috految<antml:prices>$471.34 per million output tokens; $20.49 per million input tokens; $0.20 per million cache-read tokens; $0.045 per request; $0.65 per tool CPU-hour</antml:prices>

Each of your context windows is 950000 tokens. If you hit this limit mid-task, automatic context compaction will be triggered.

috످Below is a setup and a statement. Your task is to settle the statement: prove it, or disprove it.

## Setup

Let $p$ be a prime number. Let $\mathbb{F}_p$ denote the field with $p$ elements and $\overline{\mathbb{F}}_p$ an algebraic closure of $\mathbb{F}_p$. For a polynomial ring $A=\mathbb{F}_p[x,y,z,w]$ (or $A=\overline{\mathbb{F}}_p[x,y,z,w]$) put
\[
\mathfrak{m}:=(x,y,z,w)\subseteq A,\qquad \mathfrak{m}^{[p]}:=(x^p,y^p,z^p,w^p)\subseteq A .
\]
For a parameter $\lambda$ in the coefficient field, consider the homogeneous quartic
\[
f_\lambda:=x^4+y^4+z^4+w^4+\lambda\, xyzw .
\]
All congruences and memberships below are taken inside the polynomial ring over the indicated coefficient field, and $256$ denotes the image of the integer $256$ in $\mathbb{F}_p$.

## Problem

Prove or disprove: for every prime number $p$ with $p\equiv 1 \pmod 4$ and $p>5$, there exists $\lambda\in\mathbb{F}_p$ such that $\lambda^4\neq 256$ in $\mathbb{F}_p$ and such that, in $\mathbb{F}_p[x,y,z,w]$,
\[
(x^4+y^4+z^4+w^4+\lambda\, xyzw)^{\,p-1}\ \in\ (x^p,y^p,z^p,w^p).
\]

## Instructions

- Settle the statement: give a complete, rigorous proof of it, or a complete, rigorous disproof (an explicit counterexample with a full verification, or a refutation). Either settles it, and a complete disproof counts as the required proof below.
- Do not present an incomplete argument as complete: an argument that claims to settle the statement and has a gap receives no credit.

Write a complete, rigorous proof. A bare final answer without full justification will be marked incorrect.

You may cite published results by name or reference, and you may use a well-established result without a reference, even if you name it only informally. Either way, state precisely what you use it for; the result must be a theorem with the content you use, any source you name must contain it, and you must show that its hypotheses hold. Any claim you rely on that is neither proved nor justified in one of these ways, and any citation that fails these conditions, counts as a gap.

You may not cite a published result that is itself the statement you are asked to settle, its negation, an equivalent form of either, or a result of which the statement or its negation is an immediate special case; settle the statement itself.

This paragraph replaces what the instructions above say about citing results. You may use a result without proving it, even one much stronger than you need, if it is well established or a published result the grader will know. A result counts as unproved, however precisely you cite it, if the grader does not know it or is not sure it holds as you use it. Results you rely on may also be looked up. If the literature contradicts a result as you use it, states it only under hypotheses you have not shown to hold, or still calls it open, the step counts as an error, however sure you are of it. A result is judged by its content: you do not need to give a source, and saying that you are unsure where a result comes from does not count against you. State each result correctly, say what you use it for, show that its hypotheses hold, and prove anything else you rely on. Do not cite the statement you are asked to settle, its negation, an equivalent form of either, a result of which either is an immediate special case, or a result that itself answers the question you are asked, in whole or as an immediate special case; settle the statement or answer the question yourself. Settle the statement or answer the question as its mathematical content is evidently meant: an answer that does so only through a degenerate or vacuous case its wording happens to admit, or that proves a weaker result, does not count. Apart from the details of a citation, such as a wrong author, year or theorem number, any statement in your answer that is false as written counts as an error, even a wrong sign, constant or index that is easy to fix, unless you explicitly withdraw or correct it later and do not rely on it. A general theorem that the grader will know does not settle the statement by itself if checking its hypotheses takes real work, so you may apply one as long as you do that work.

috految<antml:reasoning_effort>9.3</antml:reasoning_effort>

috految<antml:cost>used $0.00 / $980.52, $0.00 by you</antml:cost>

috److془We need to carefully solve this problem.

Hasse: H = sum (4n)!/n!^4 λ^{p-1-4n}. t=λ^4 = 256/z, 3F2(1/4,1/2,3/4;1,1;z) = 2F1(1/4,3/4;1;s)^2, z=4s(1-s). t is Hauptmodul for Γ0(2)+. Need supersingular t in F_p^4, not 256.

t=(h+64)^2/h, h=(η(τ)/η(2τ))^24. Points: disc -4p, -8p. Need t fourth power. p=5: t=256 only. p=13: t = 81 (disc -7). Disc -28: 81, -3969 ; disc -8: 256; -12: -144; -20: -1024; -24: 2304; -40: 20736 = 12^4; -232: 396^4. -88: 1584^2. Good; for p≡1 mod 4, disc -8p. Or for -4p: -1024, -82944=-4·12^4, all fourth powers with -4. Hmm but t=-4 u^4 : p=5:-1024 =1 = 256. For p≡1 mod 8: disc -4p: h≅ -f^24 ; t = -(f^12-64 f^{-12})^2. Need the fourth power. Curve E: y^2=x(x^2+ax+b), s=4b/a^2, z=16 b(a^2-4b)/a^4. Need b(a^2-4b) fourth power. Supersingular over F_p: p+1≡2 mod 4, a^2-4b, b nonsquares. Quartic character is determined by Frobenius mod 8 ish. Δ=16 b^2 d, Δ' = 256 b d^2. Hmm, p=17: -8p ring class; Let's compute: Δ quartic character is via PSL2(Z/4) character: Frobenius in SL2(Z/4), ±S. Orientation i: ideal of norm 2 genus character (2/p). So p≡5 mod 8 yields fourth power, p≡1 mod 8 not? Check: χ(Δ')=±χ(Δ) , χ(Δ')χ(Δ)=-(2/p). OK. For p≡1 mod 8, use -8p. Is it fourth power? Disc -8p: Ramanujan k: 4(g^12+g^-12)^2·16. Disc -72: 28^4. Great; 2p=2 : 4^4. But E with 1/(2)... Seems true. Hmm, t=256 doesn't occur for p≡1 mod 8. Method: E over F_{p^2} with Frobenius -p, E^σ=E'. Or, for p ≡1 mod 4 in general: t=256 with supersingular iff p≡5 mod 8; class number h(-8p)=2 for p=5,29. Hmm but 29: 396^4≡ (19)^4, 19^2=13, 169=24; 256=24 ✓. Then use -4p: h=6. Disc -4p: h=2 for 5,13,37. Or 29 direct. Good.

Proof: s in F_{p^2}, s^p=1-s; z=4 N(s). s(1-s) quartic character = s^{(p^2-1)/4}. Need χ(s)=χ(4)=(2/p). Hmm: Frobenius -p on E, twist has Frobenius p, full 4 torsion rational. Δ fourth power, b fourth power; χ(s)=if a square. With model E Frobenius -p: isogeny E→E^σ. Quotient (-2a,d). So a^p = -2 u^2 a, dual composition: N(u)=∓1/2. a^{(p^2-1)/2} = (-2)^{(p+1)/2} N(u) = (2/p)(-2N(u)). Sign: φ^σφ=2 → ψ^2=2π=-2p. Sign: φ^*ω=ω, N(u)=1/2. Thus χ(a), in twist, =(2/p). ✓ 

Now existence with s≠1/2. Endomorphism ψ^2=-2p per Deuring. Note the model with Frobenius p: all endomorphisms rational, ψ=F∘φ, φ:E→E^σ, φ^σφ=-2. If s=1/2, j=8000 . Take j≠8000: count. Alternatively: if s=1/2 then j=8000, p≡5 mod 8. Count: pairs (E,ψ) up to iso number at least h(-8p) (Eichler: sum of optimal embeddings mod units = h(1-(D/p)) = h). With s=1/2, (E,ker φ) unique, φ up to Aut E^σ=±1 (8000≠0,1728: 6272=2^7·49). So at most 2. h(-8p)≤2 : discs 15,20,24,35,40,51,52,88,91,115,123,148,187,232,235,267,403,427. p=29 only. a≠0 since j=1728 ordinary. p=29: disc -12: t=-144=1. j=0: s=4/3 (a^2=3b), z=16/3·(-1/3)=-16/9, t=-144=1 ✓ ≠24. 

Full 4 torsion: b fourth power: y^2=x(x-e1)(x-e2), differences squares, b square, d=(e1-e2)^2 fourth power. Use d: 1-s=d/a^2. 
Quotient: y^2=x(x^2-2ax+d), map (y^2/x^2, y(x^2-b)/x^2): X=x+a+b/x, dX/Y=dx/y ✓. Iso (u^2X,u^3Y), matching (0,0) as ker dual = ker φ^σ. a^p=-2u^2a, b^p=u^4d. s^p=d/a^2 ✓. u^{p+1}=-1/2. a^{(p^2-1)/2}=(-2)^{(p-1)/2}=(2/p). z^{(p-1)/4}=(2/p)(2/p)=1 ✓. 

Hasse: m=(p-1)/4. coefficient of x^{2m} in (x^2+ax+b)^{2m}: a^{2m} Σ (2m)!/((2m-2n)! n!^2)(s/4)^n = a^{2m}Σ (1/4)_n(3/4)_n/n!^2 s^n ✓. Clausen mod s^p: terms m<n<p vanish; degrees ≤2m. Done.془The statement is true. Write p=4m+1, so p≥13.

**1. Reduction to elliptic curves.** The polynomial f_λ^{p-1} is homogeneous of degree 4(p−1), so it lies in 𝔪^{[p]} iff the coefficient of (xyzw)^{p-1} vanishes. For λ≠0 this coefficient is
$$\sum_{n=0}^m\frac{(p-1)!}{n!^4(p-1-4n)!}\lambda^{p-1-4n}=\lambda^{p-1}Q(256/\lambda^4),\qquad Q(T)=\sum_{n=0}^m\frac{(1/4)_n(1/2)_n(3/4)_n}{n!^3}T^n.$$
Put P(S)=∑_{n=0}^m (1/4)_n(3/4)_n S^n/n!². Clausen's identity with the quadratic transformation gives the identity of formal series
$${}_2F_1(1/4,3/4;1;S)^2={}_3F_2(1/4,1/2,3/4;1,1;4S(1-S)).$$
Truncate modulo S^p and reduce modulo p. Since (1/4)_n≡0 for m<n<p and 2m<p, we get Q(4S(1−S))=P(S)² in F_p[S].

Consider an elliptic curve y²=x(x²+ax+b) in characteristic p, with a≠0, and set s=4b/a². Then s≠0,1. Its Hasse invariant is the coefficient of x^{2m} in (x²+ax+b)^{2m}, namely
$$a^{2m}\sum_{n=0}^m\frac{(2m)!}{(2m-2n)!\,n!^2}(s/4)^n=a^{2m}P(s).$$
So it suffices to find such a curve that is supersingular and for which T=4s(1−s) is a fourth power in F_p^× different from 1. Indeed, we then choose λ∈F_p^× with λ⁴=256/T≠256.

For p=29 take a=b=3. The curve y²=(x+1)³−1 has j=0 and is supersingular since 29≡2 mod 3. Here T=−16/9 and 256/T=−144=1≠256 in F_29, so this case is settled. Assume now p≠29.

**2. Choice of a curve.** The ring Z[√(−2p)] is the maximal order of discriminant −8p. By the classification of imaginary quadratic fields of class number at most two, its class number h exceeds 2: the fundamental discriminants divisible by 8 with class number at most two are −8, −24, −40, −88, −232.

Since p ramifies in this order, Deuring's correspondence and Eichler's optimal embedding formula show that there are h isomorphism classes of pairs (E,ψ) over the algebraic closure of F_p, with E supersingular and ψ∈End(E) satisfying ψ²=−2p. (These are the embeddings modulo conjugation by Aut(E), summed over E; the local factor at p is 1.)

Each supersingular E has a model over F_{p²} with p²-Frobenius [−p], hence by quadratic twisting one with Frobenius [p]. Use the latter. All endomorphisms are then defined over F_{p²}, and so are all 4-torsion points, since p≡1 mod 4. Let σ be p-power conjugation. The endomorphism ψ has degree 2p and E is supersingular, so ψ=F∘φ, where φ:E→E^σ is a 2-isogeny over F_{p²} and F:E^σ→E is the p-Frobenius. As ψ²=[p]φ^σφ, we get
$$\varphi^\sigma\varphi=[-2].$$
Write E: y²=x(x²+ax+b) over F_{p²} with ker φ generated by (0,0). We have a≠0, because j=1728 is ordinary for p≡1 mod 4. Put s=4b/a².

If s=1/2, the pair (E, ker φ) is uniquely determined up to geometric isomorphism, and j(E)=8000. This differs from 0 and 1728 since p>7, so Aut(E)={±1}. The kernel of ψ is the sum of ker φ and the kernel of the p-Frobenius, so it determines ψ up to sign. Thus at most two classes (E,ψ) have s=1/2. As h>2, we may choose one with s≠1/2, so that T=4s(1−s)≠1.

**3. T is a fourth power in F_p^×.** Put d=a²−4b. The standard quotient by (0,0) is Y²=X(X²−2aX+d), with (X,Y)=(x+a+b/x, y(1−b/x²)) and dX/Y=dx/y. The kernel of the dual isogeny is generated by (0,0). The dual of φ is −φ^σ, whose kernel is generated by (0,0)∈E^σ. Hence φ is the standard quotient followed by an isomorphism (X,Y)↦(u²X,u³Y), with u∈F_{p²}^×. Therefore
$$a^p=-2u^2a,\qquad b^p=u^4d,\qquad u^{-(p+1)}=-2,$$
the last equation being the action of φ^σφ=[−2] on dx/y. It follows that s^p=d/a²=1−s, so T=4(1−s)^{p+1}∈F_p^×. Also
$$a^{(p^2-1)/2}=(-2)^{(p+1)/2}u^{p+1}=(-2)^{(p-1)/2}=\left(\tfrac2p\right).$$
Since E[4] is rational over F_{p²}, the roots 0,e₁,e₂ of the cubic lie in F_{p²}, and their differences are squares there by the halving criterion. Thus d=(e₁−e₂)² is a nonzero fourth power in F_{p²}. Consequently
$$T^{(p-1)/4}=4^{(p-1)/4}(d/a^2)^{(p^2-1)/4}=\left(\tfrac2p\right)\left(\tfrac2p\right)=1.$$
So T≠1 is a fourth power in F_p^×, and Step 1 gives the required λ. ∎

috످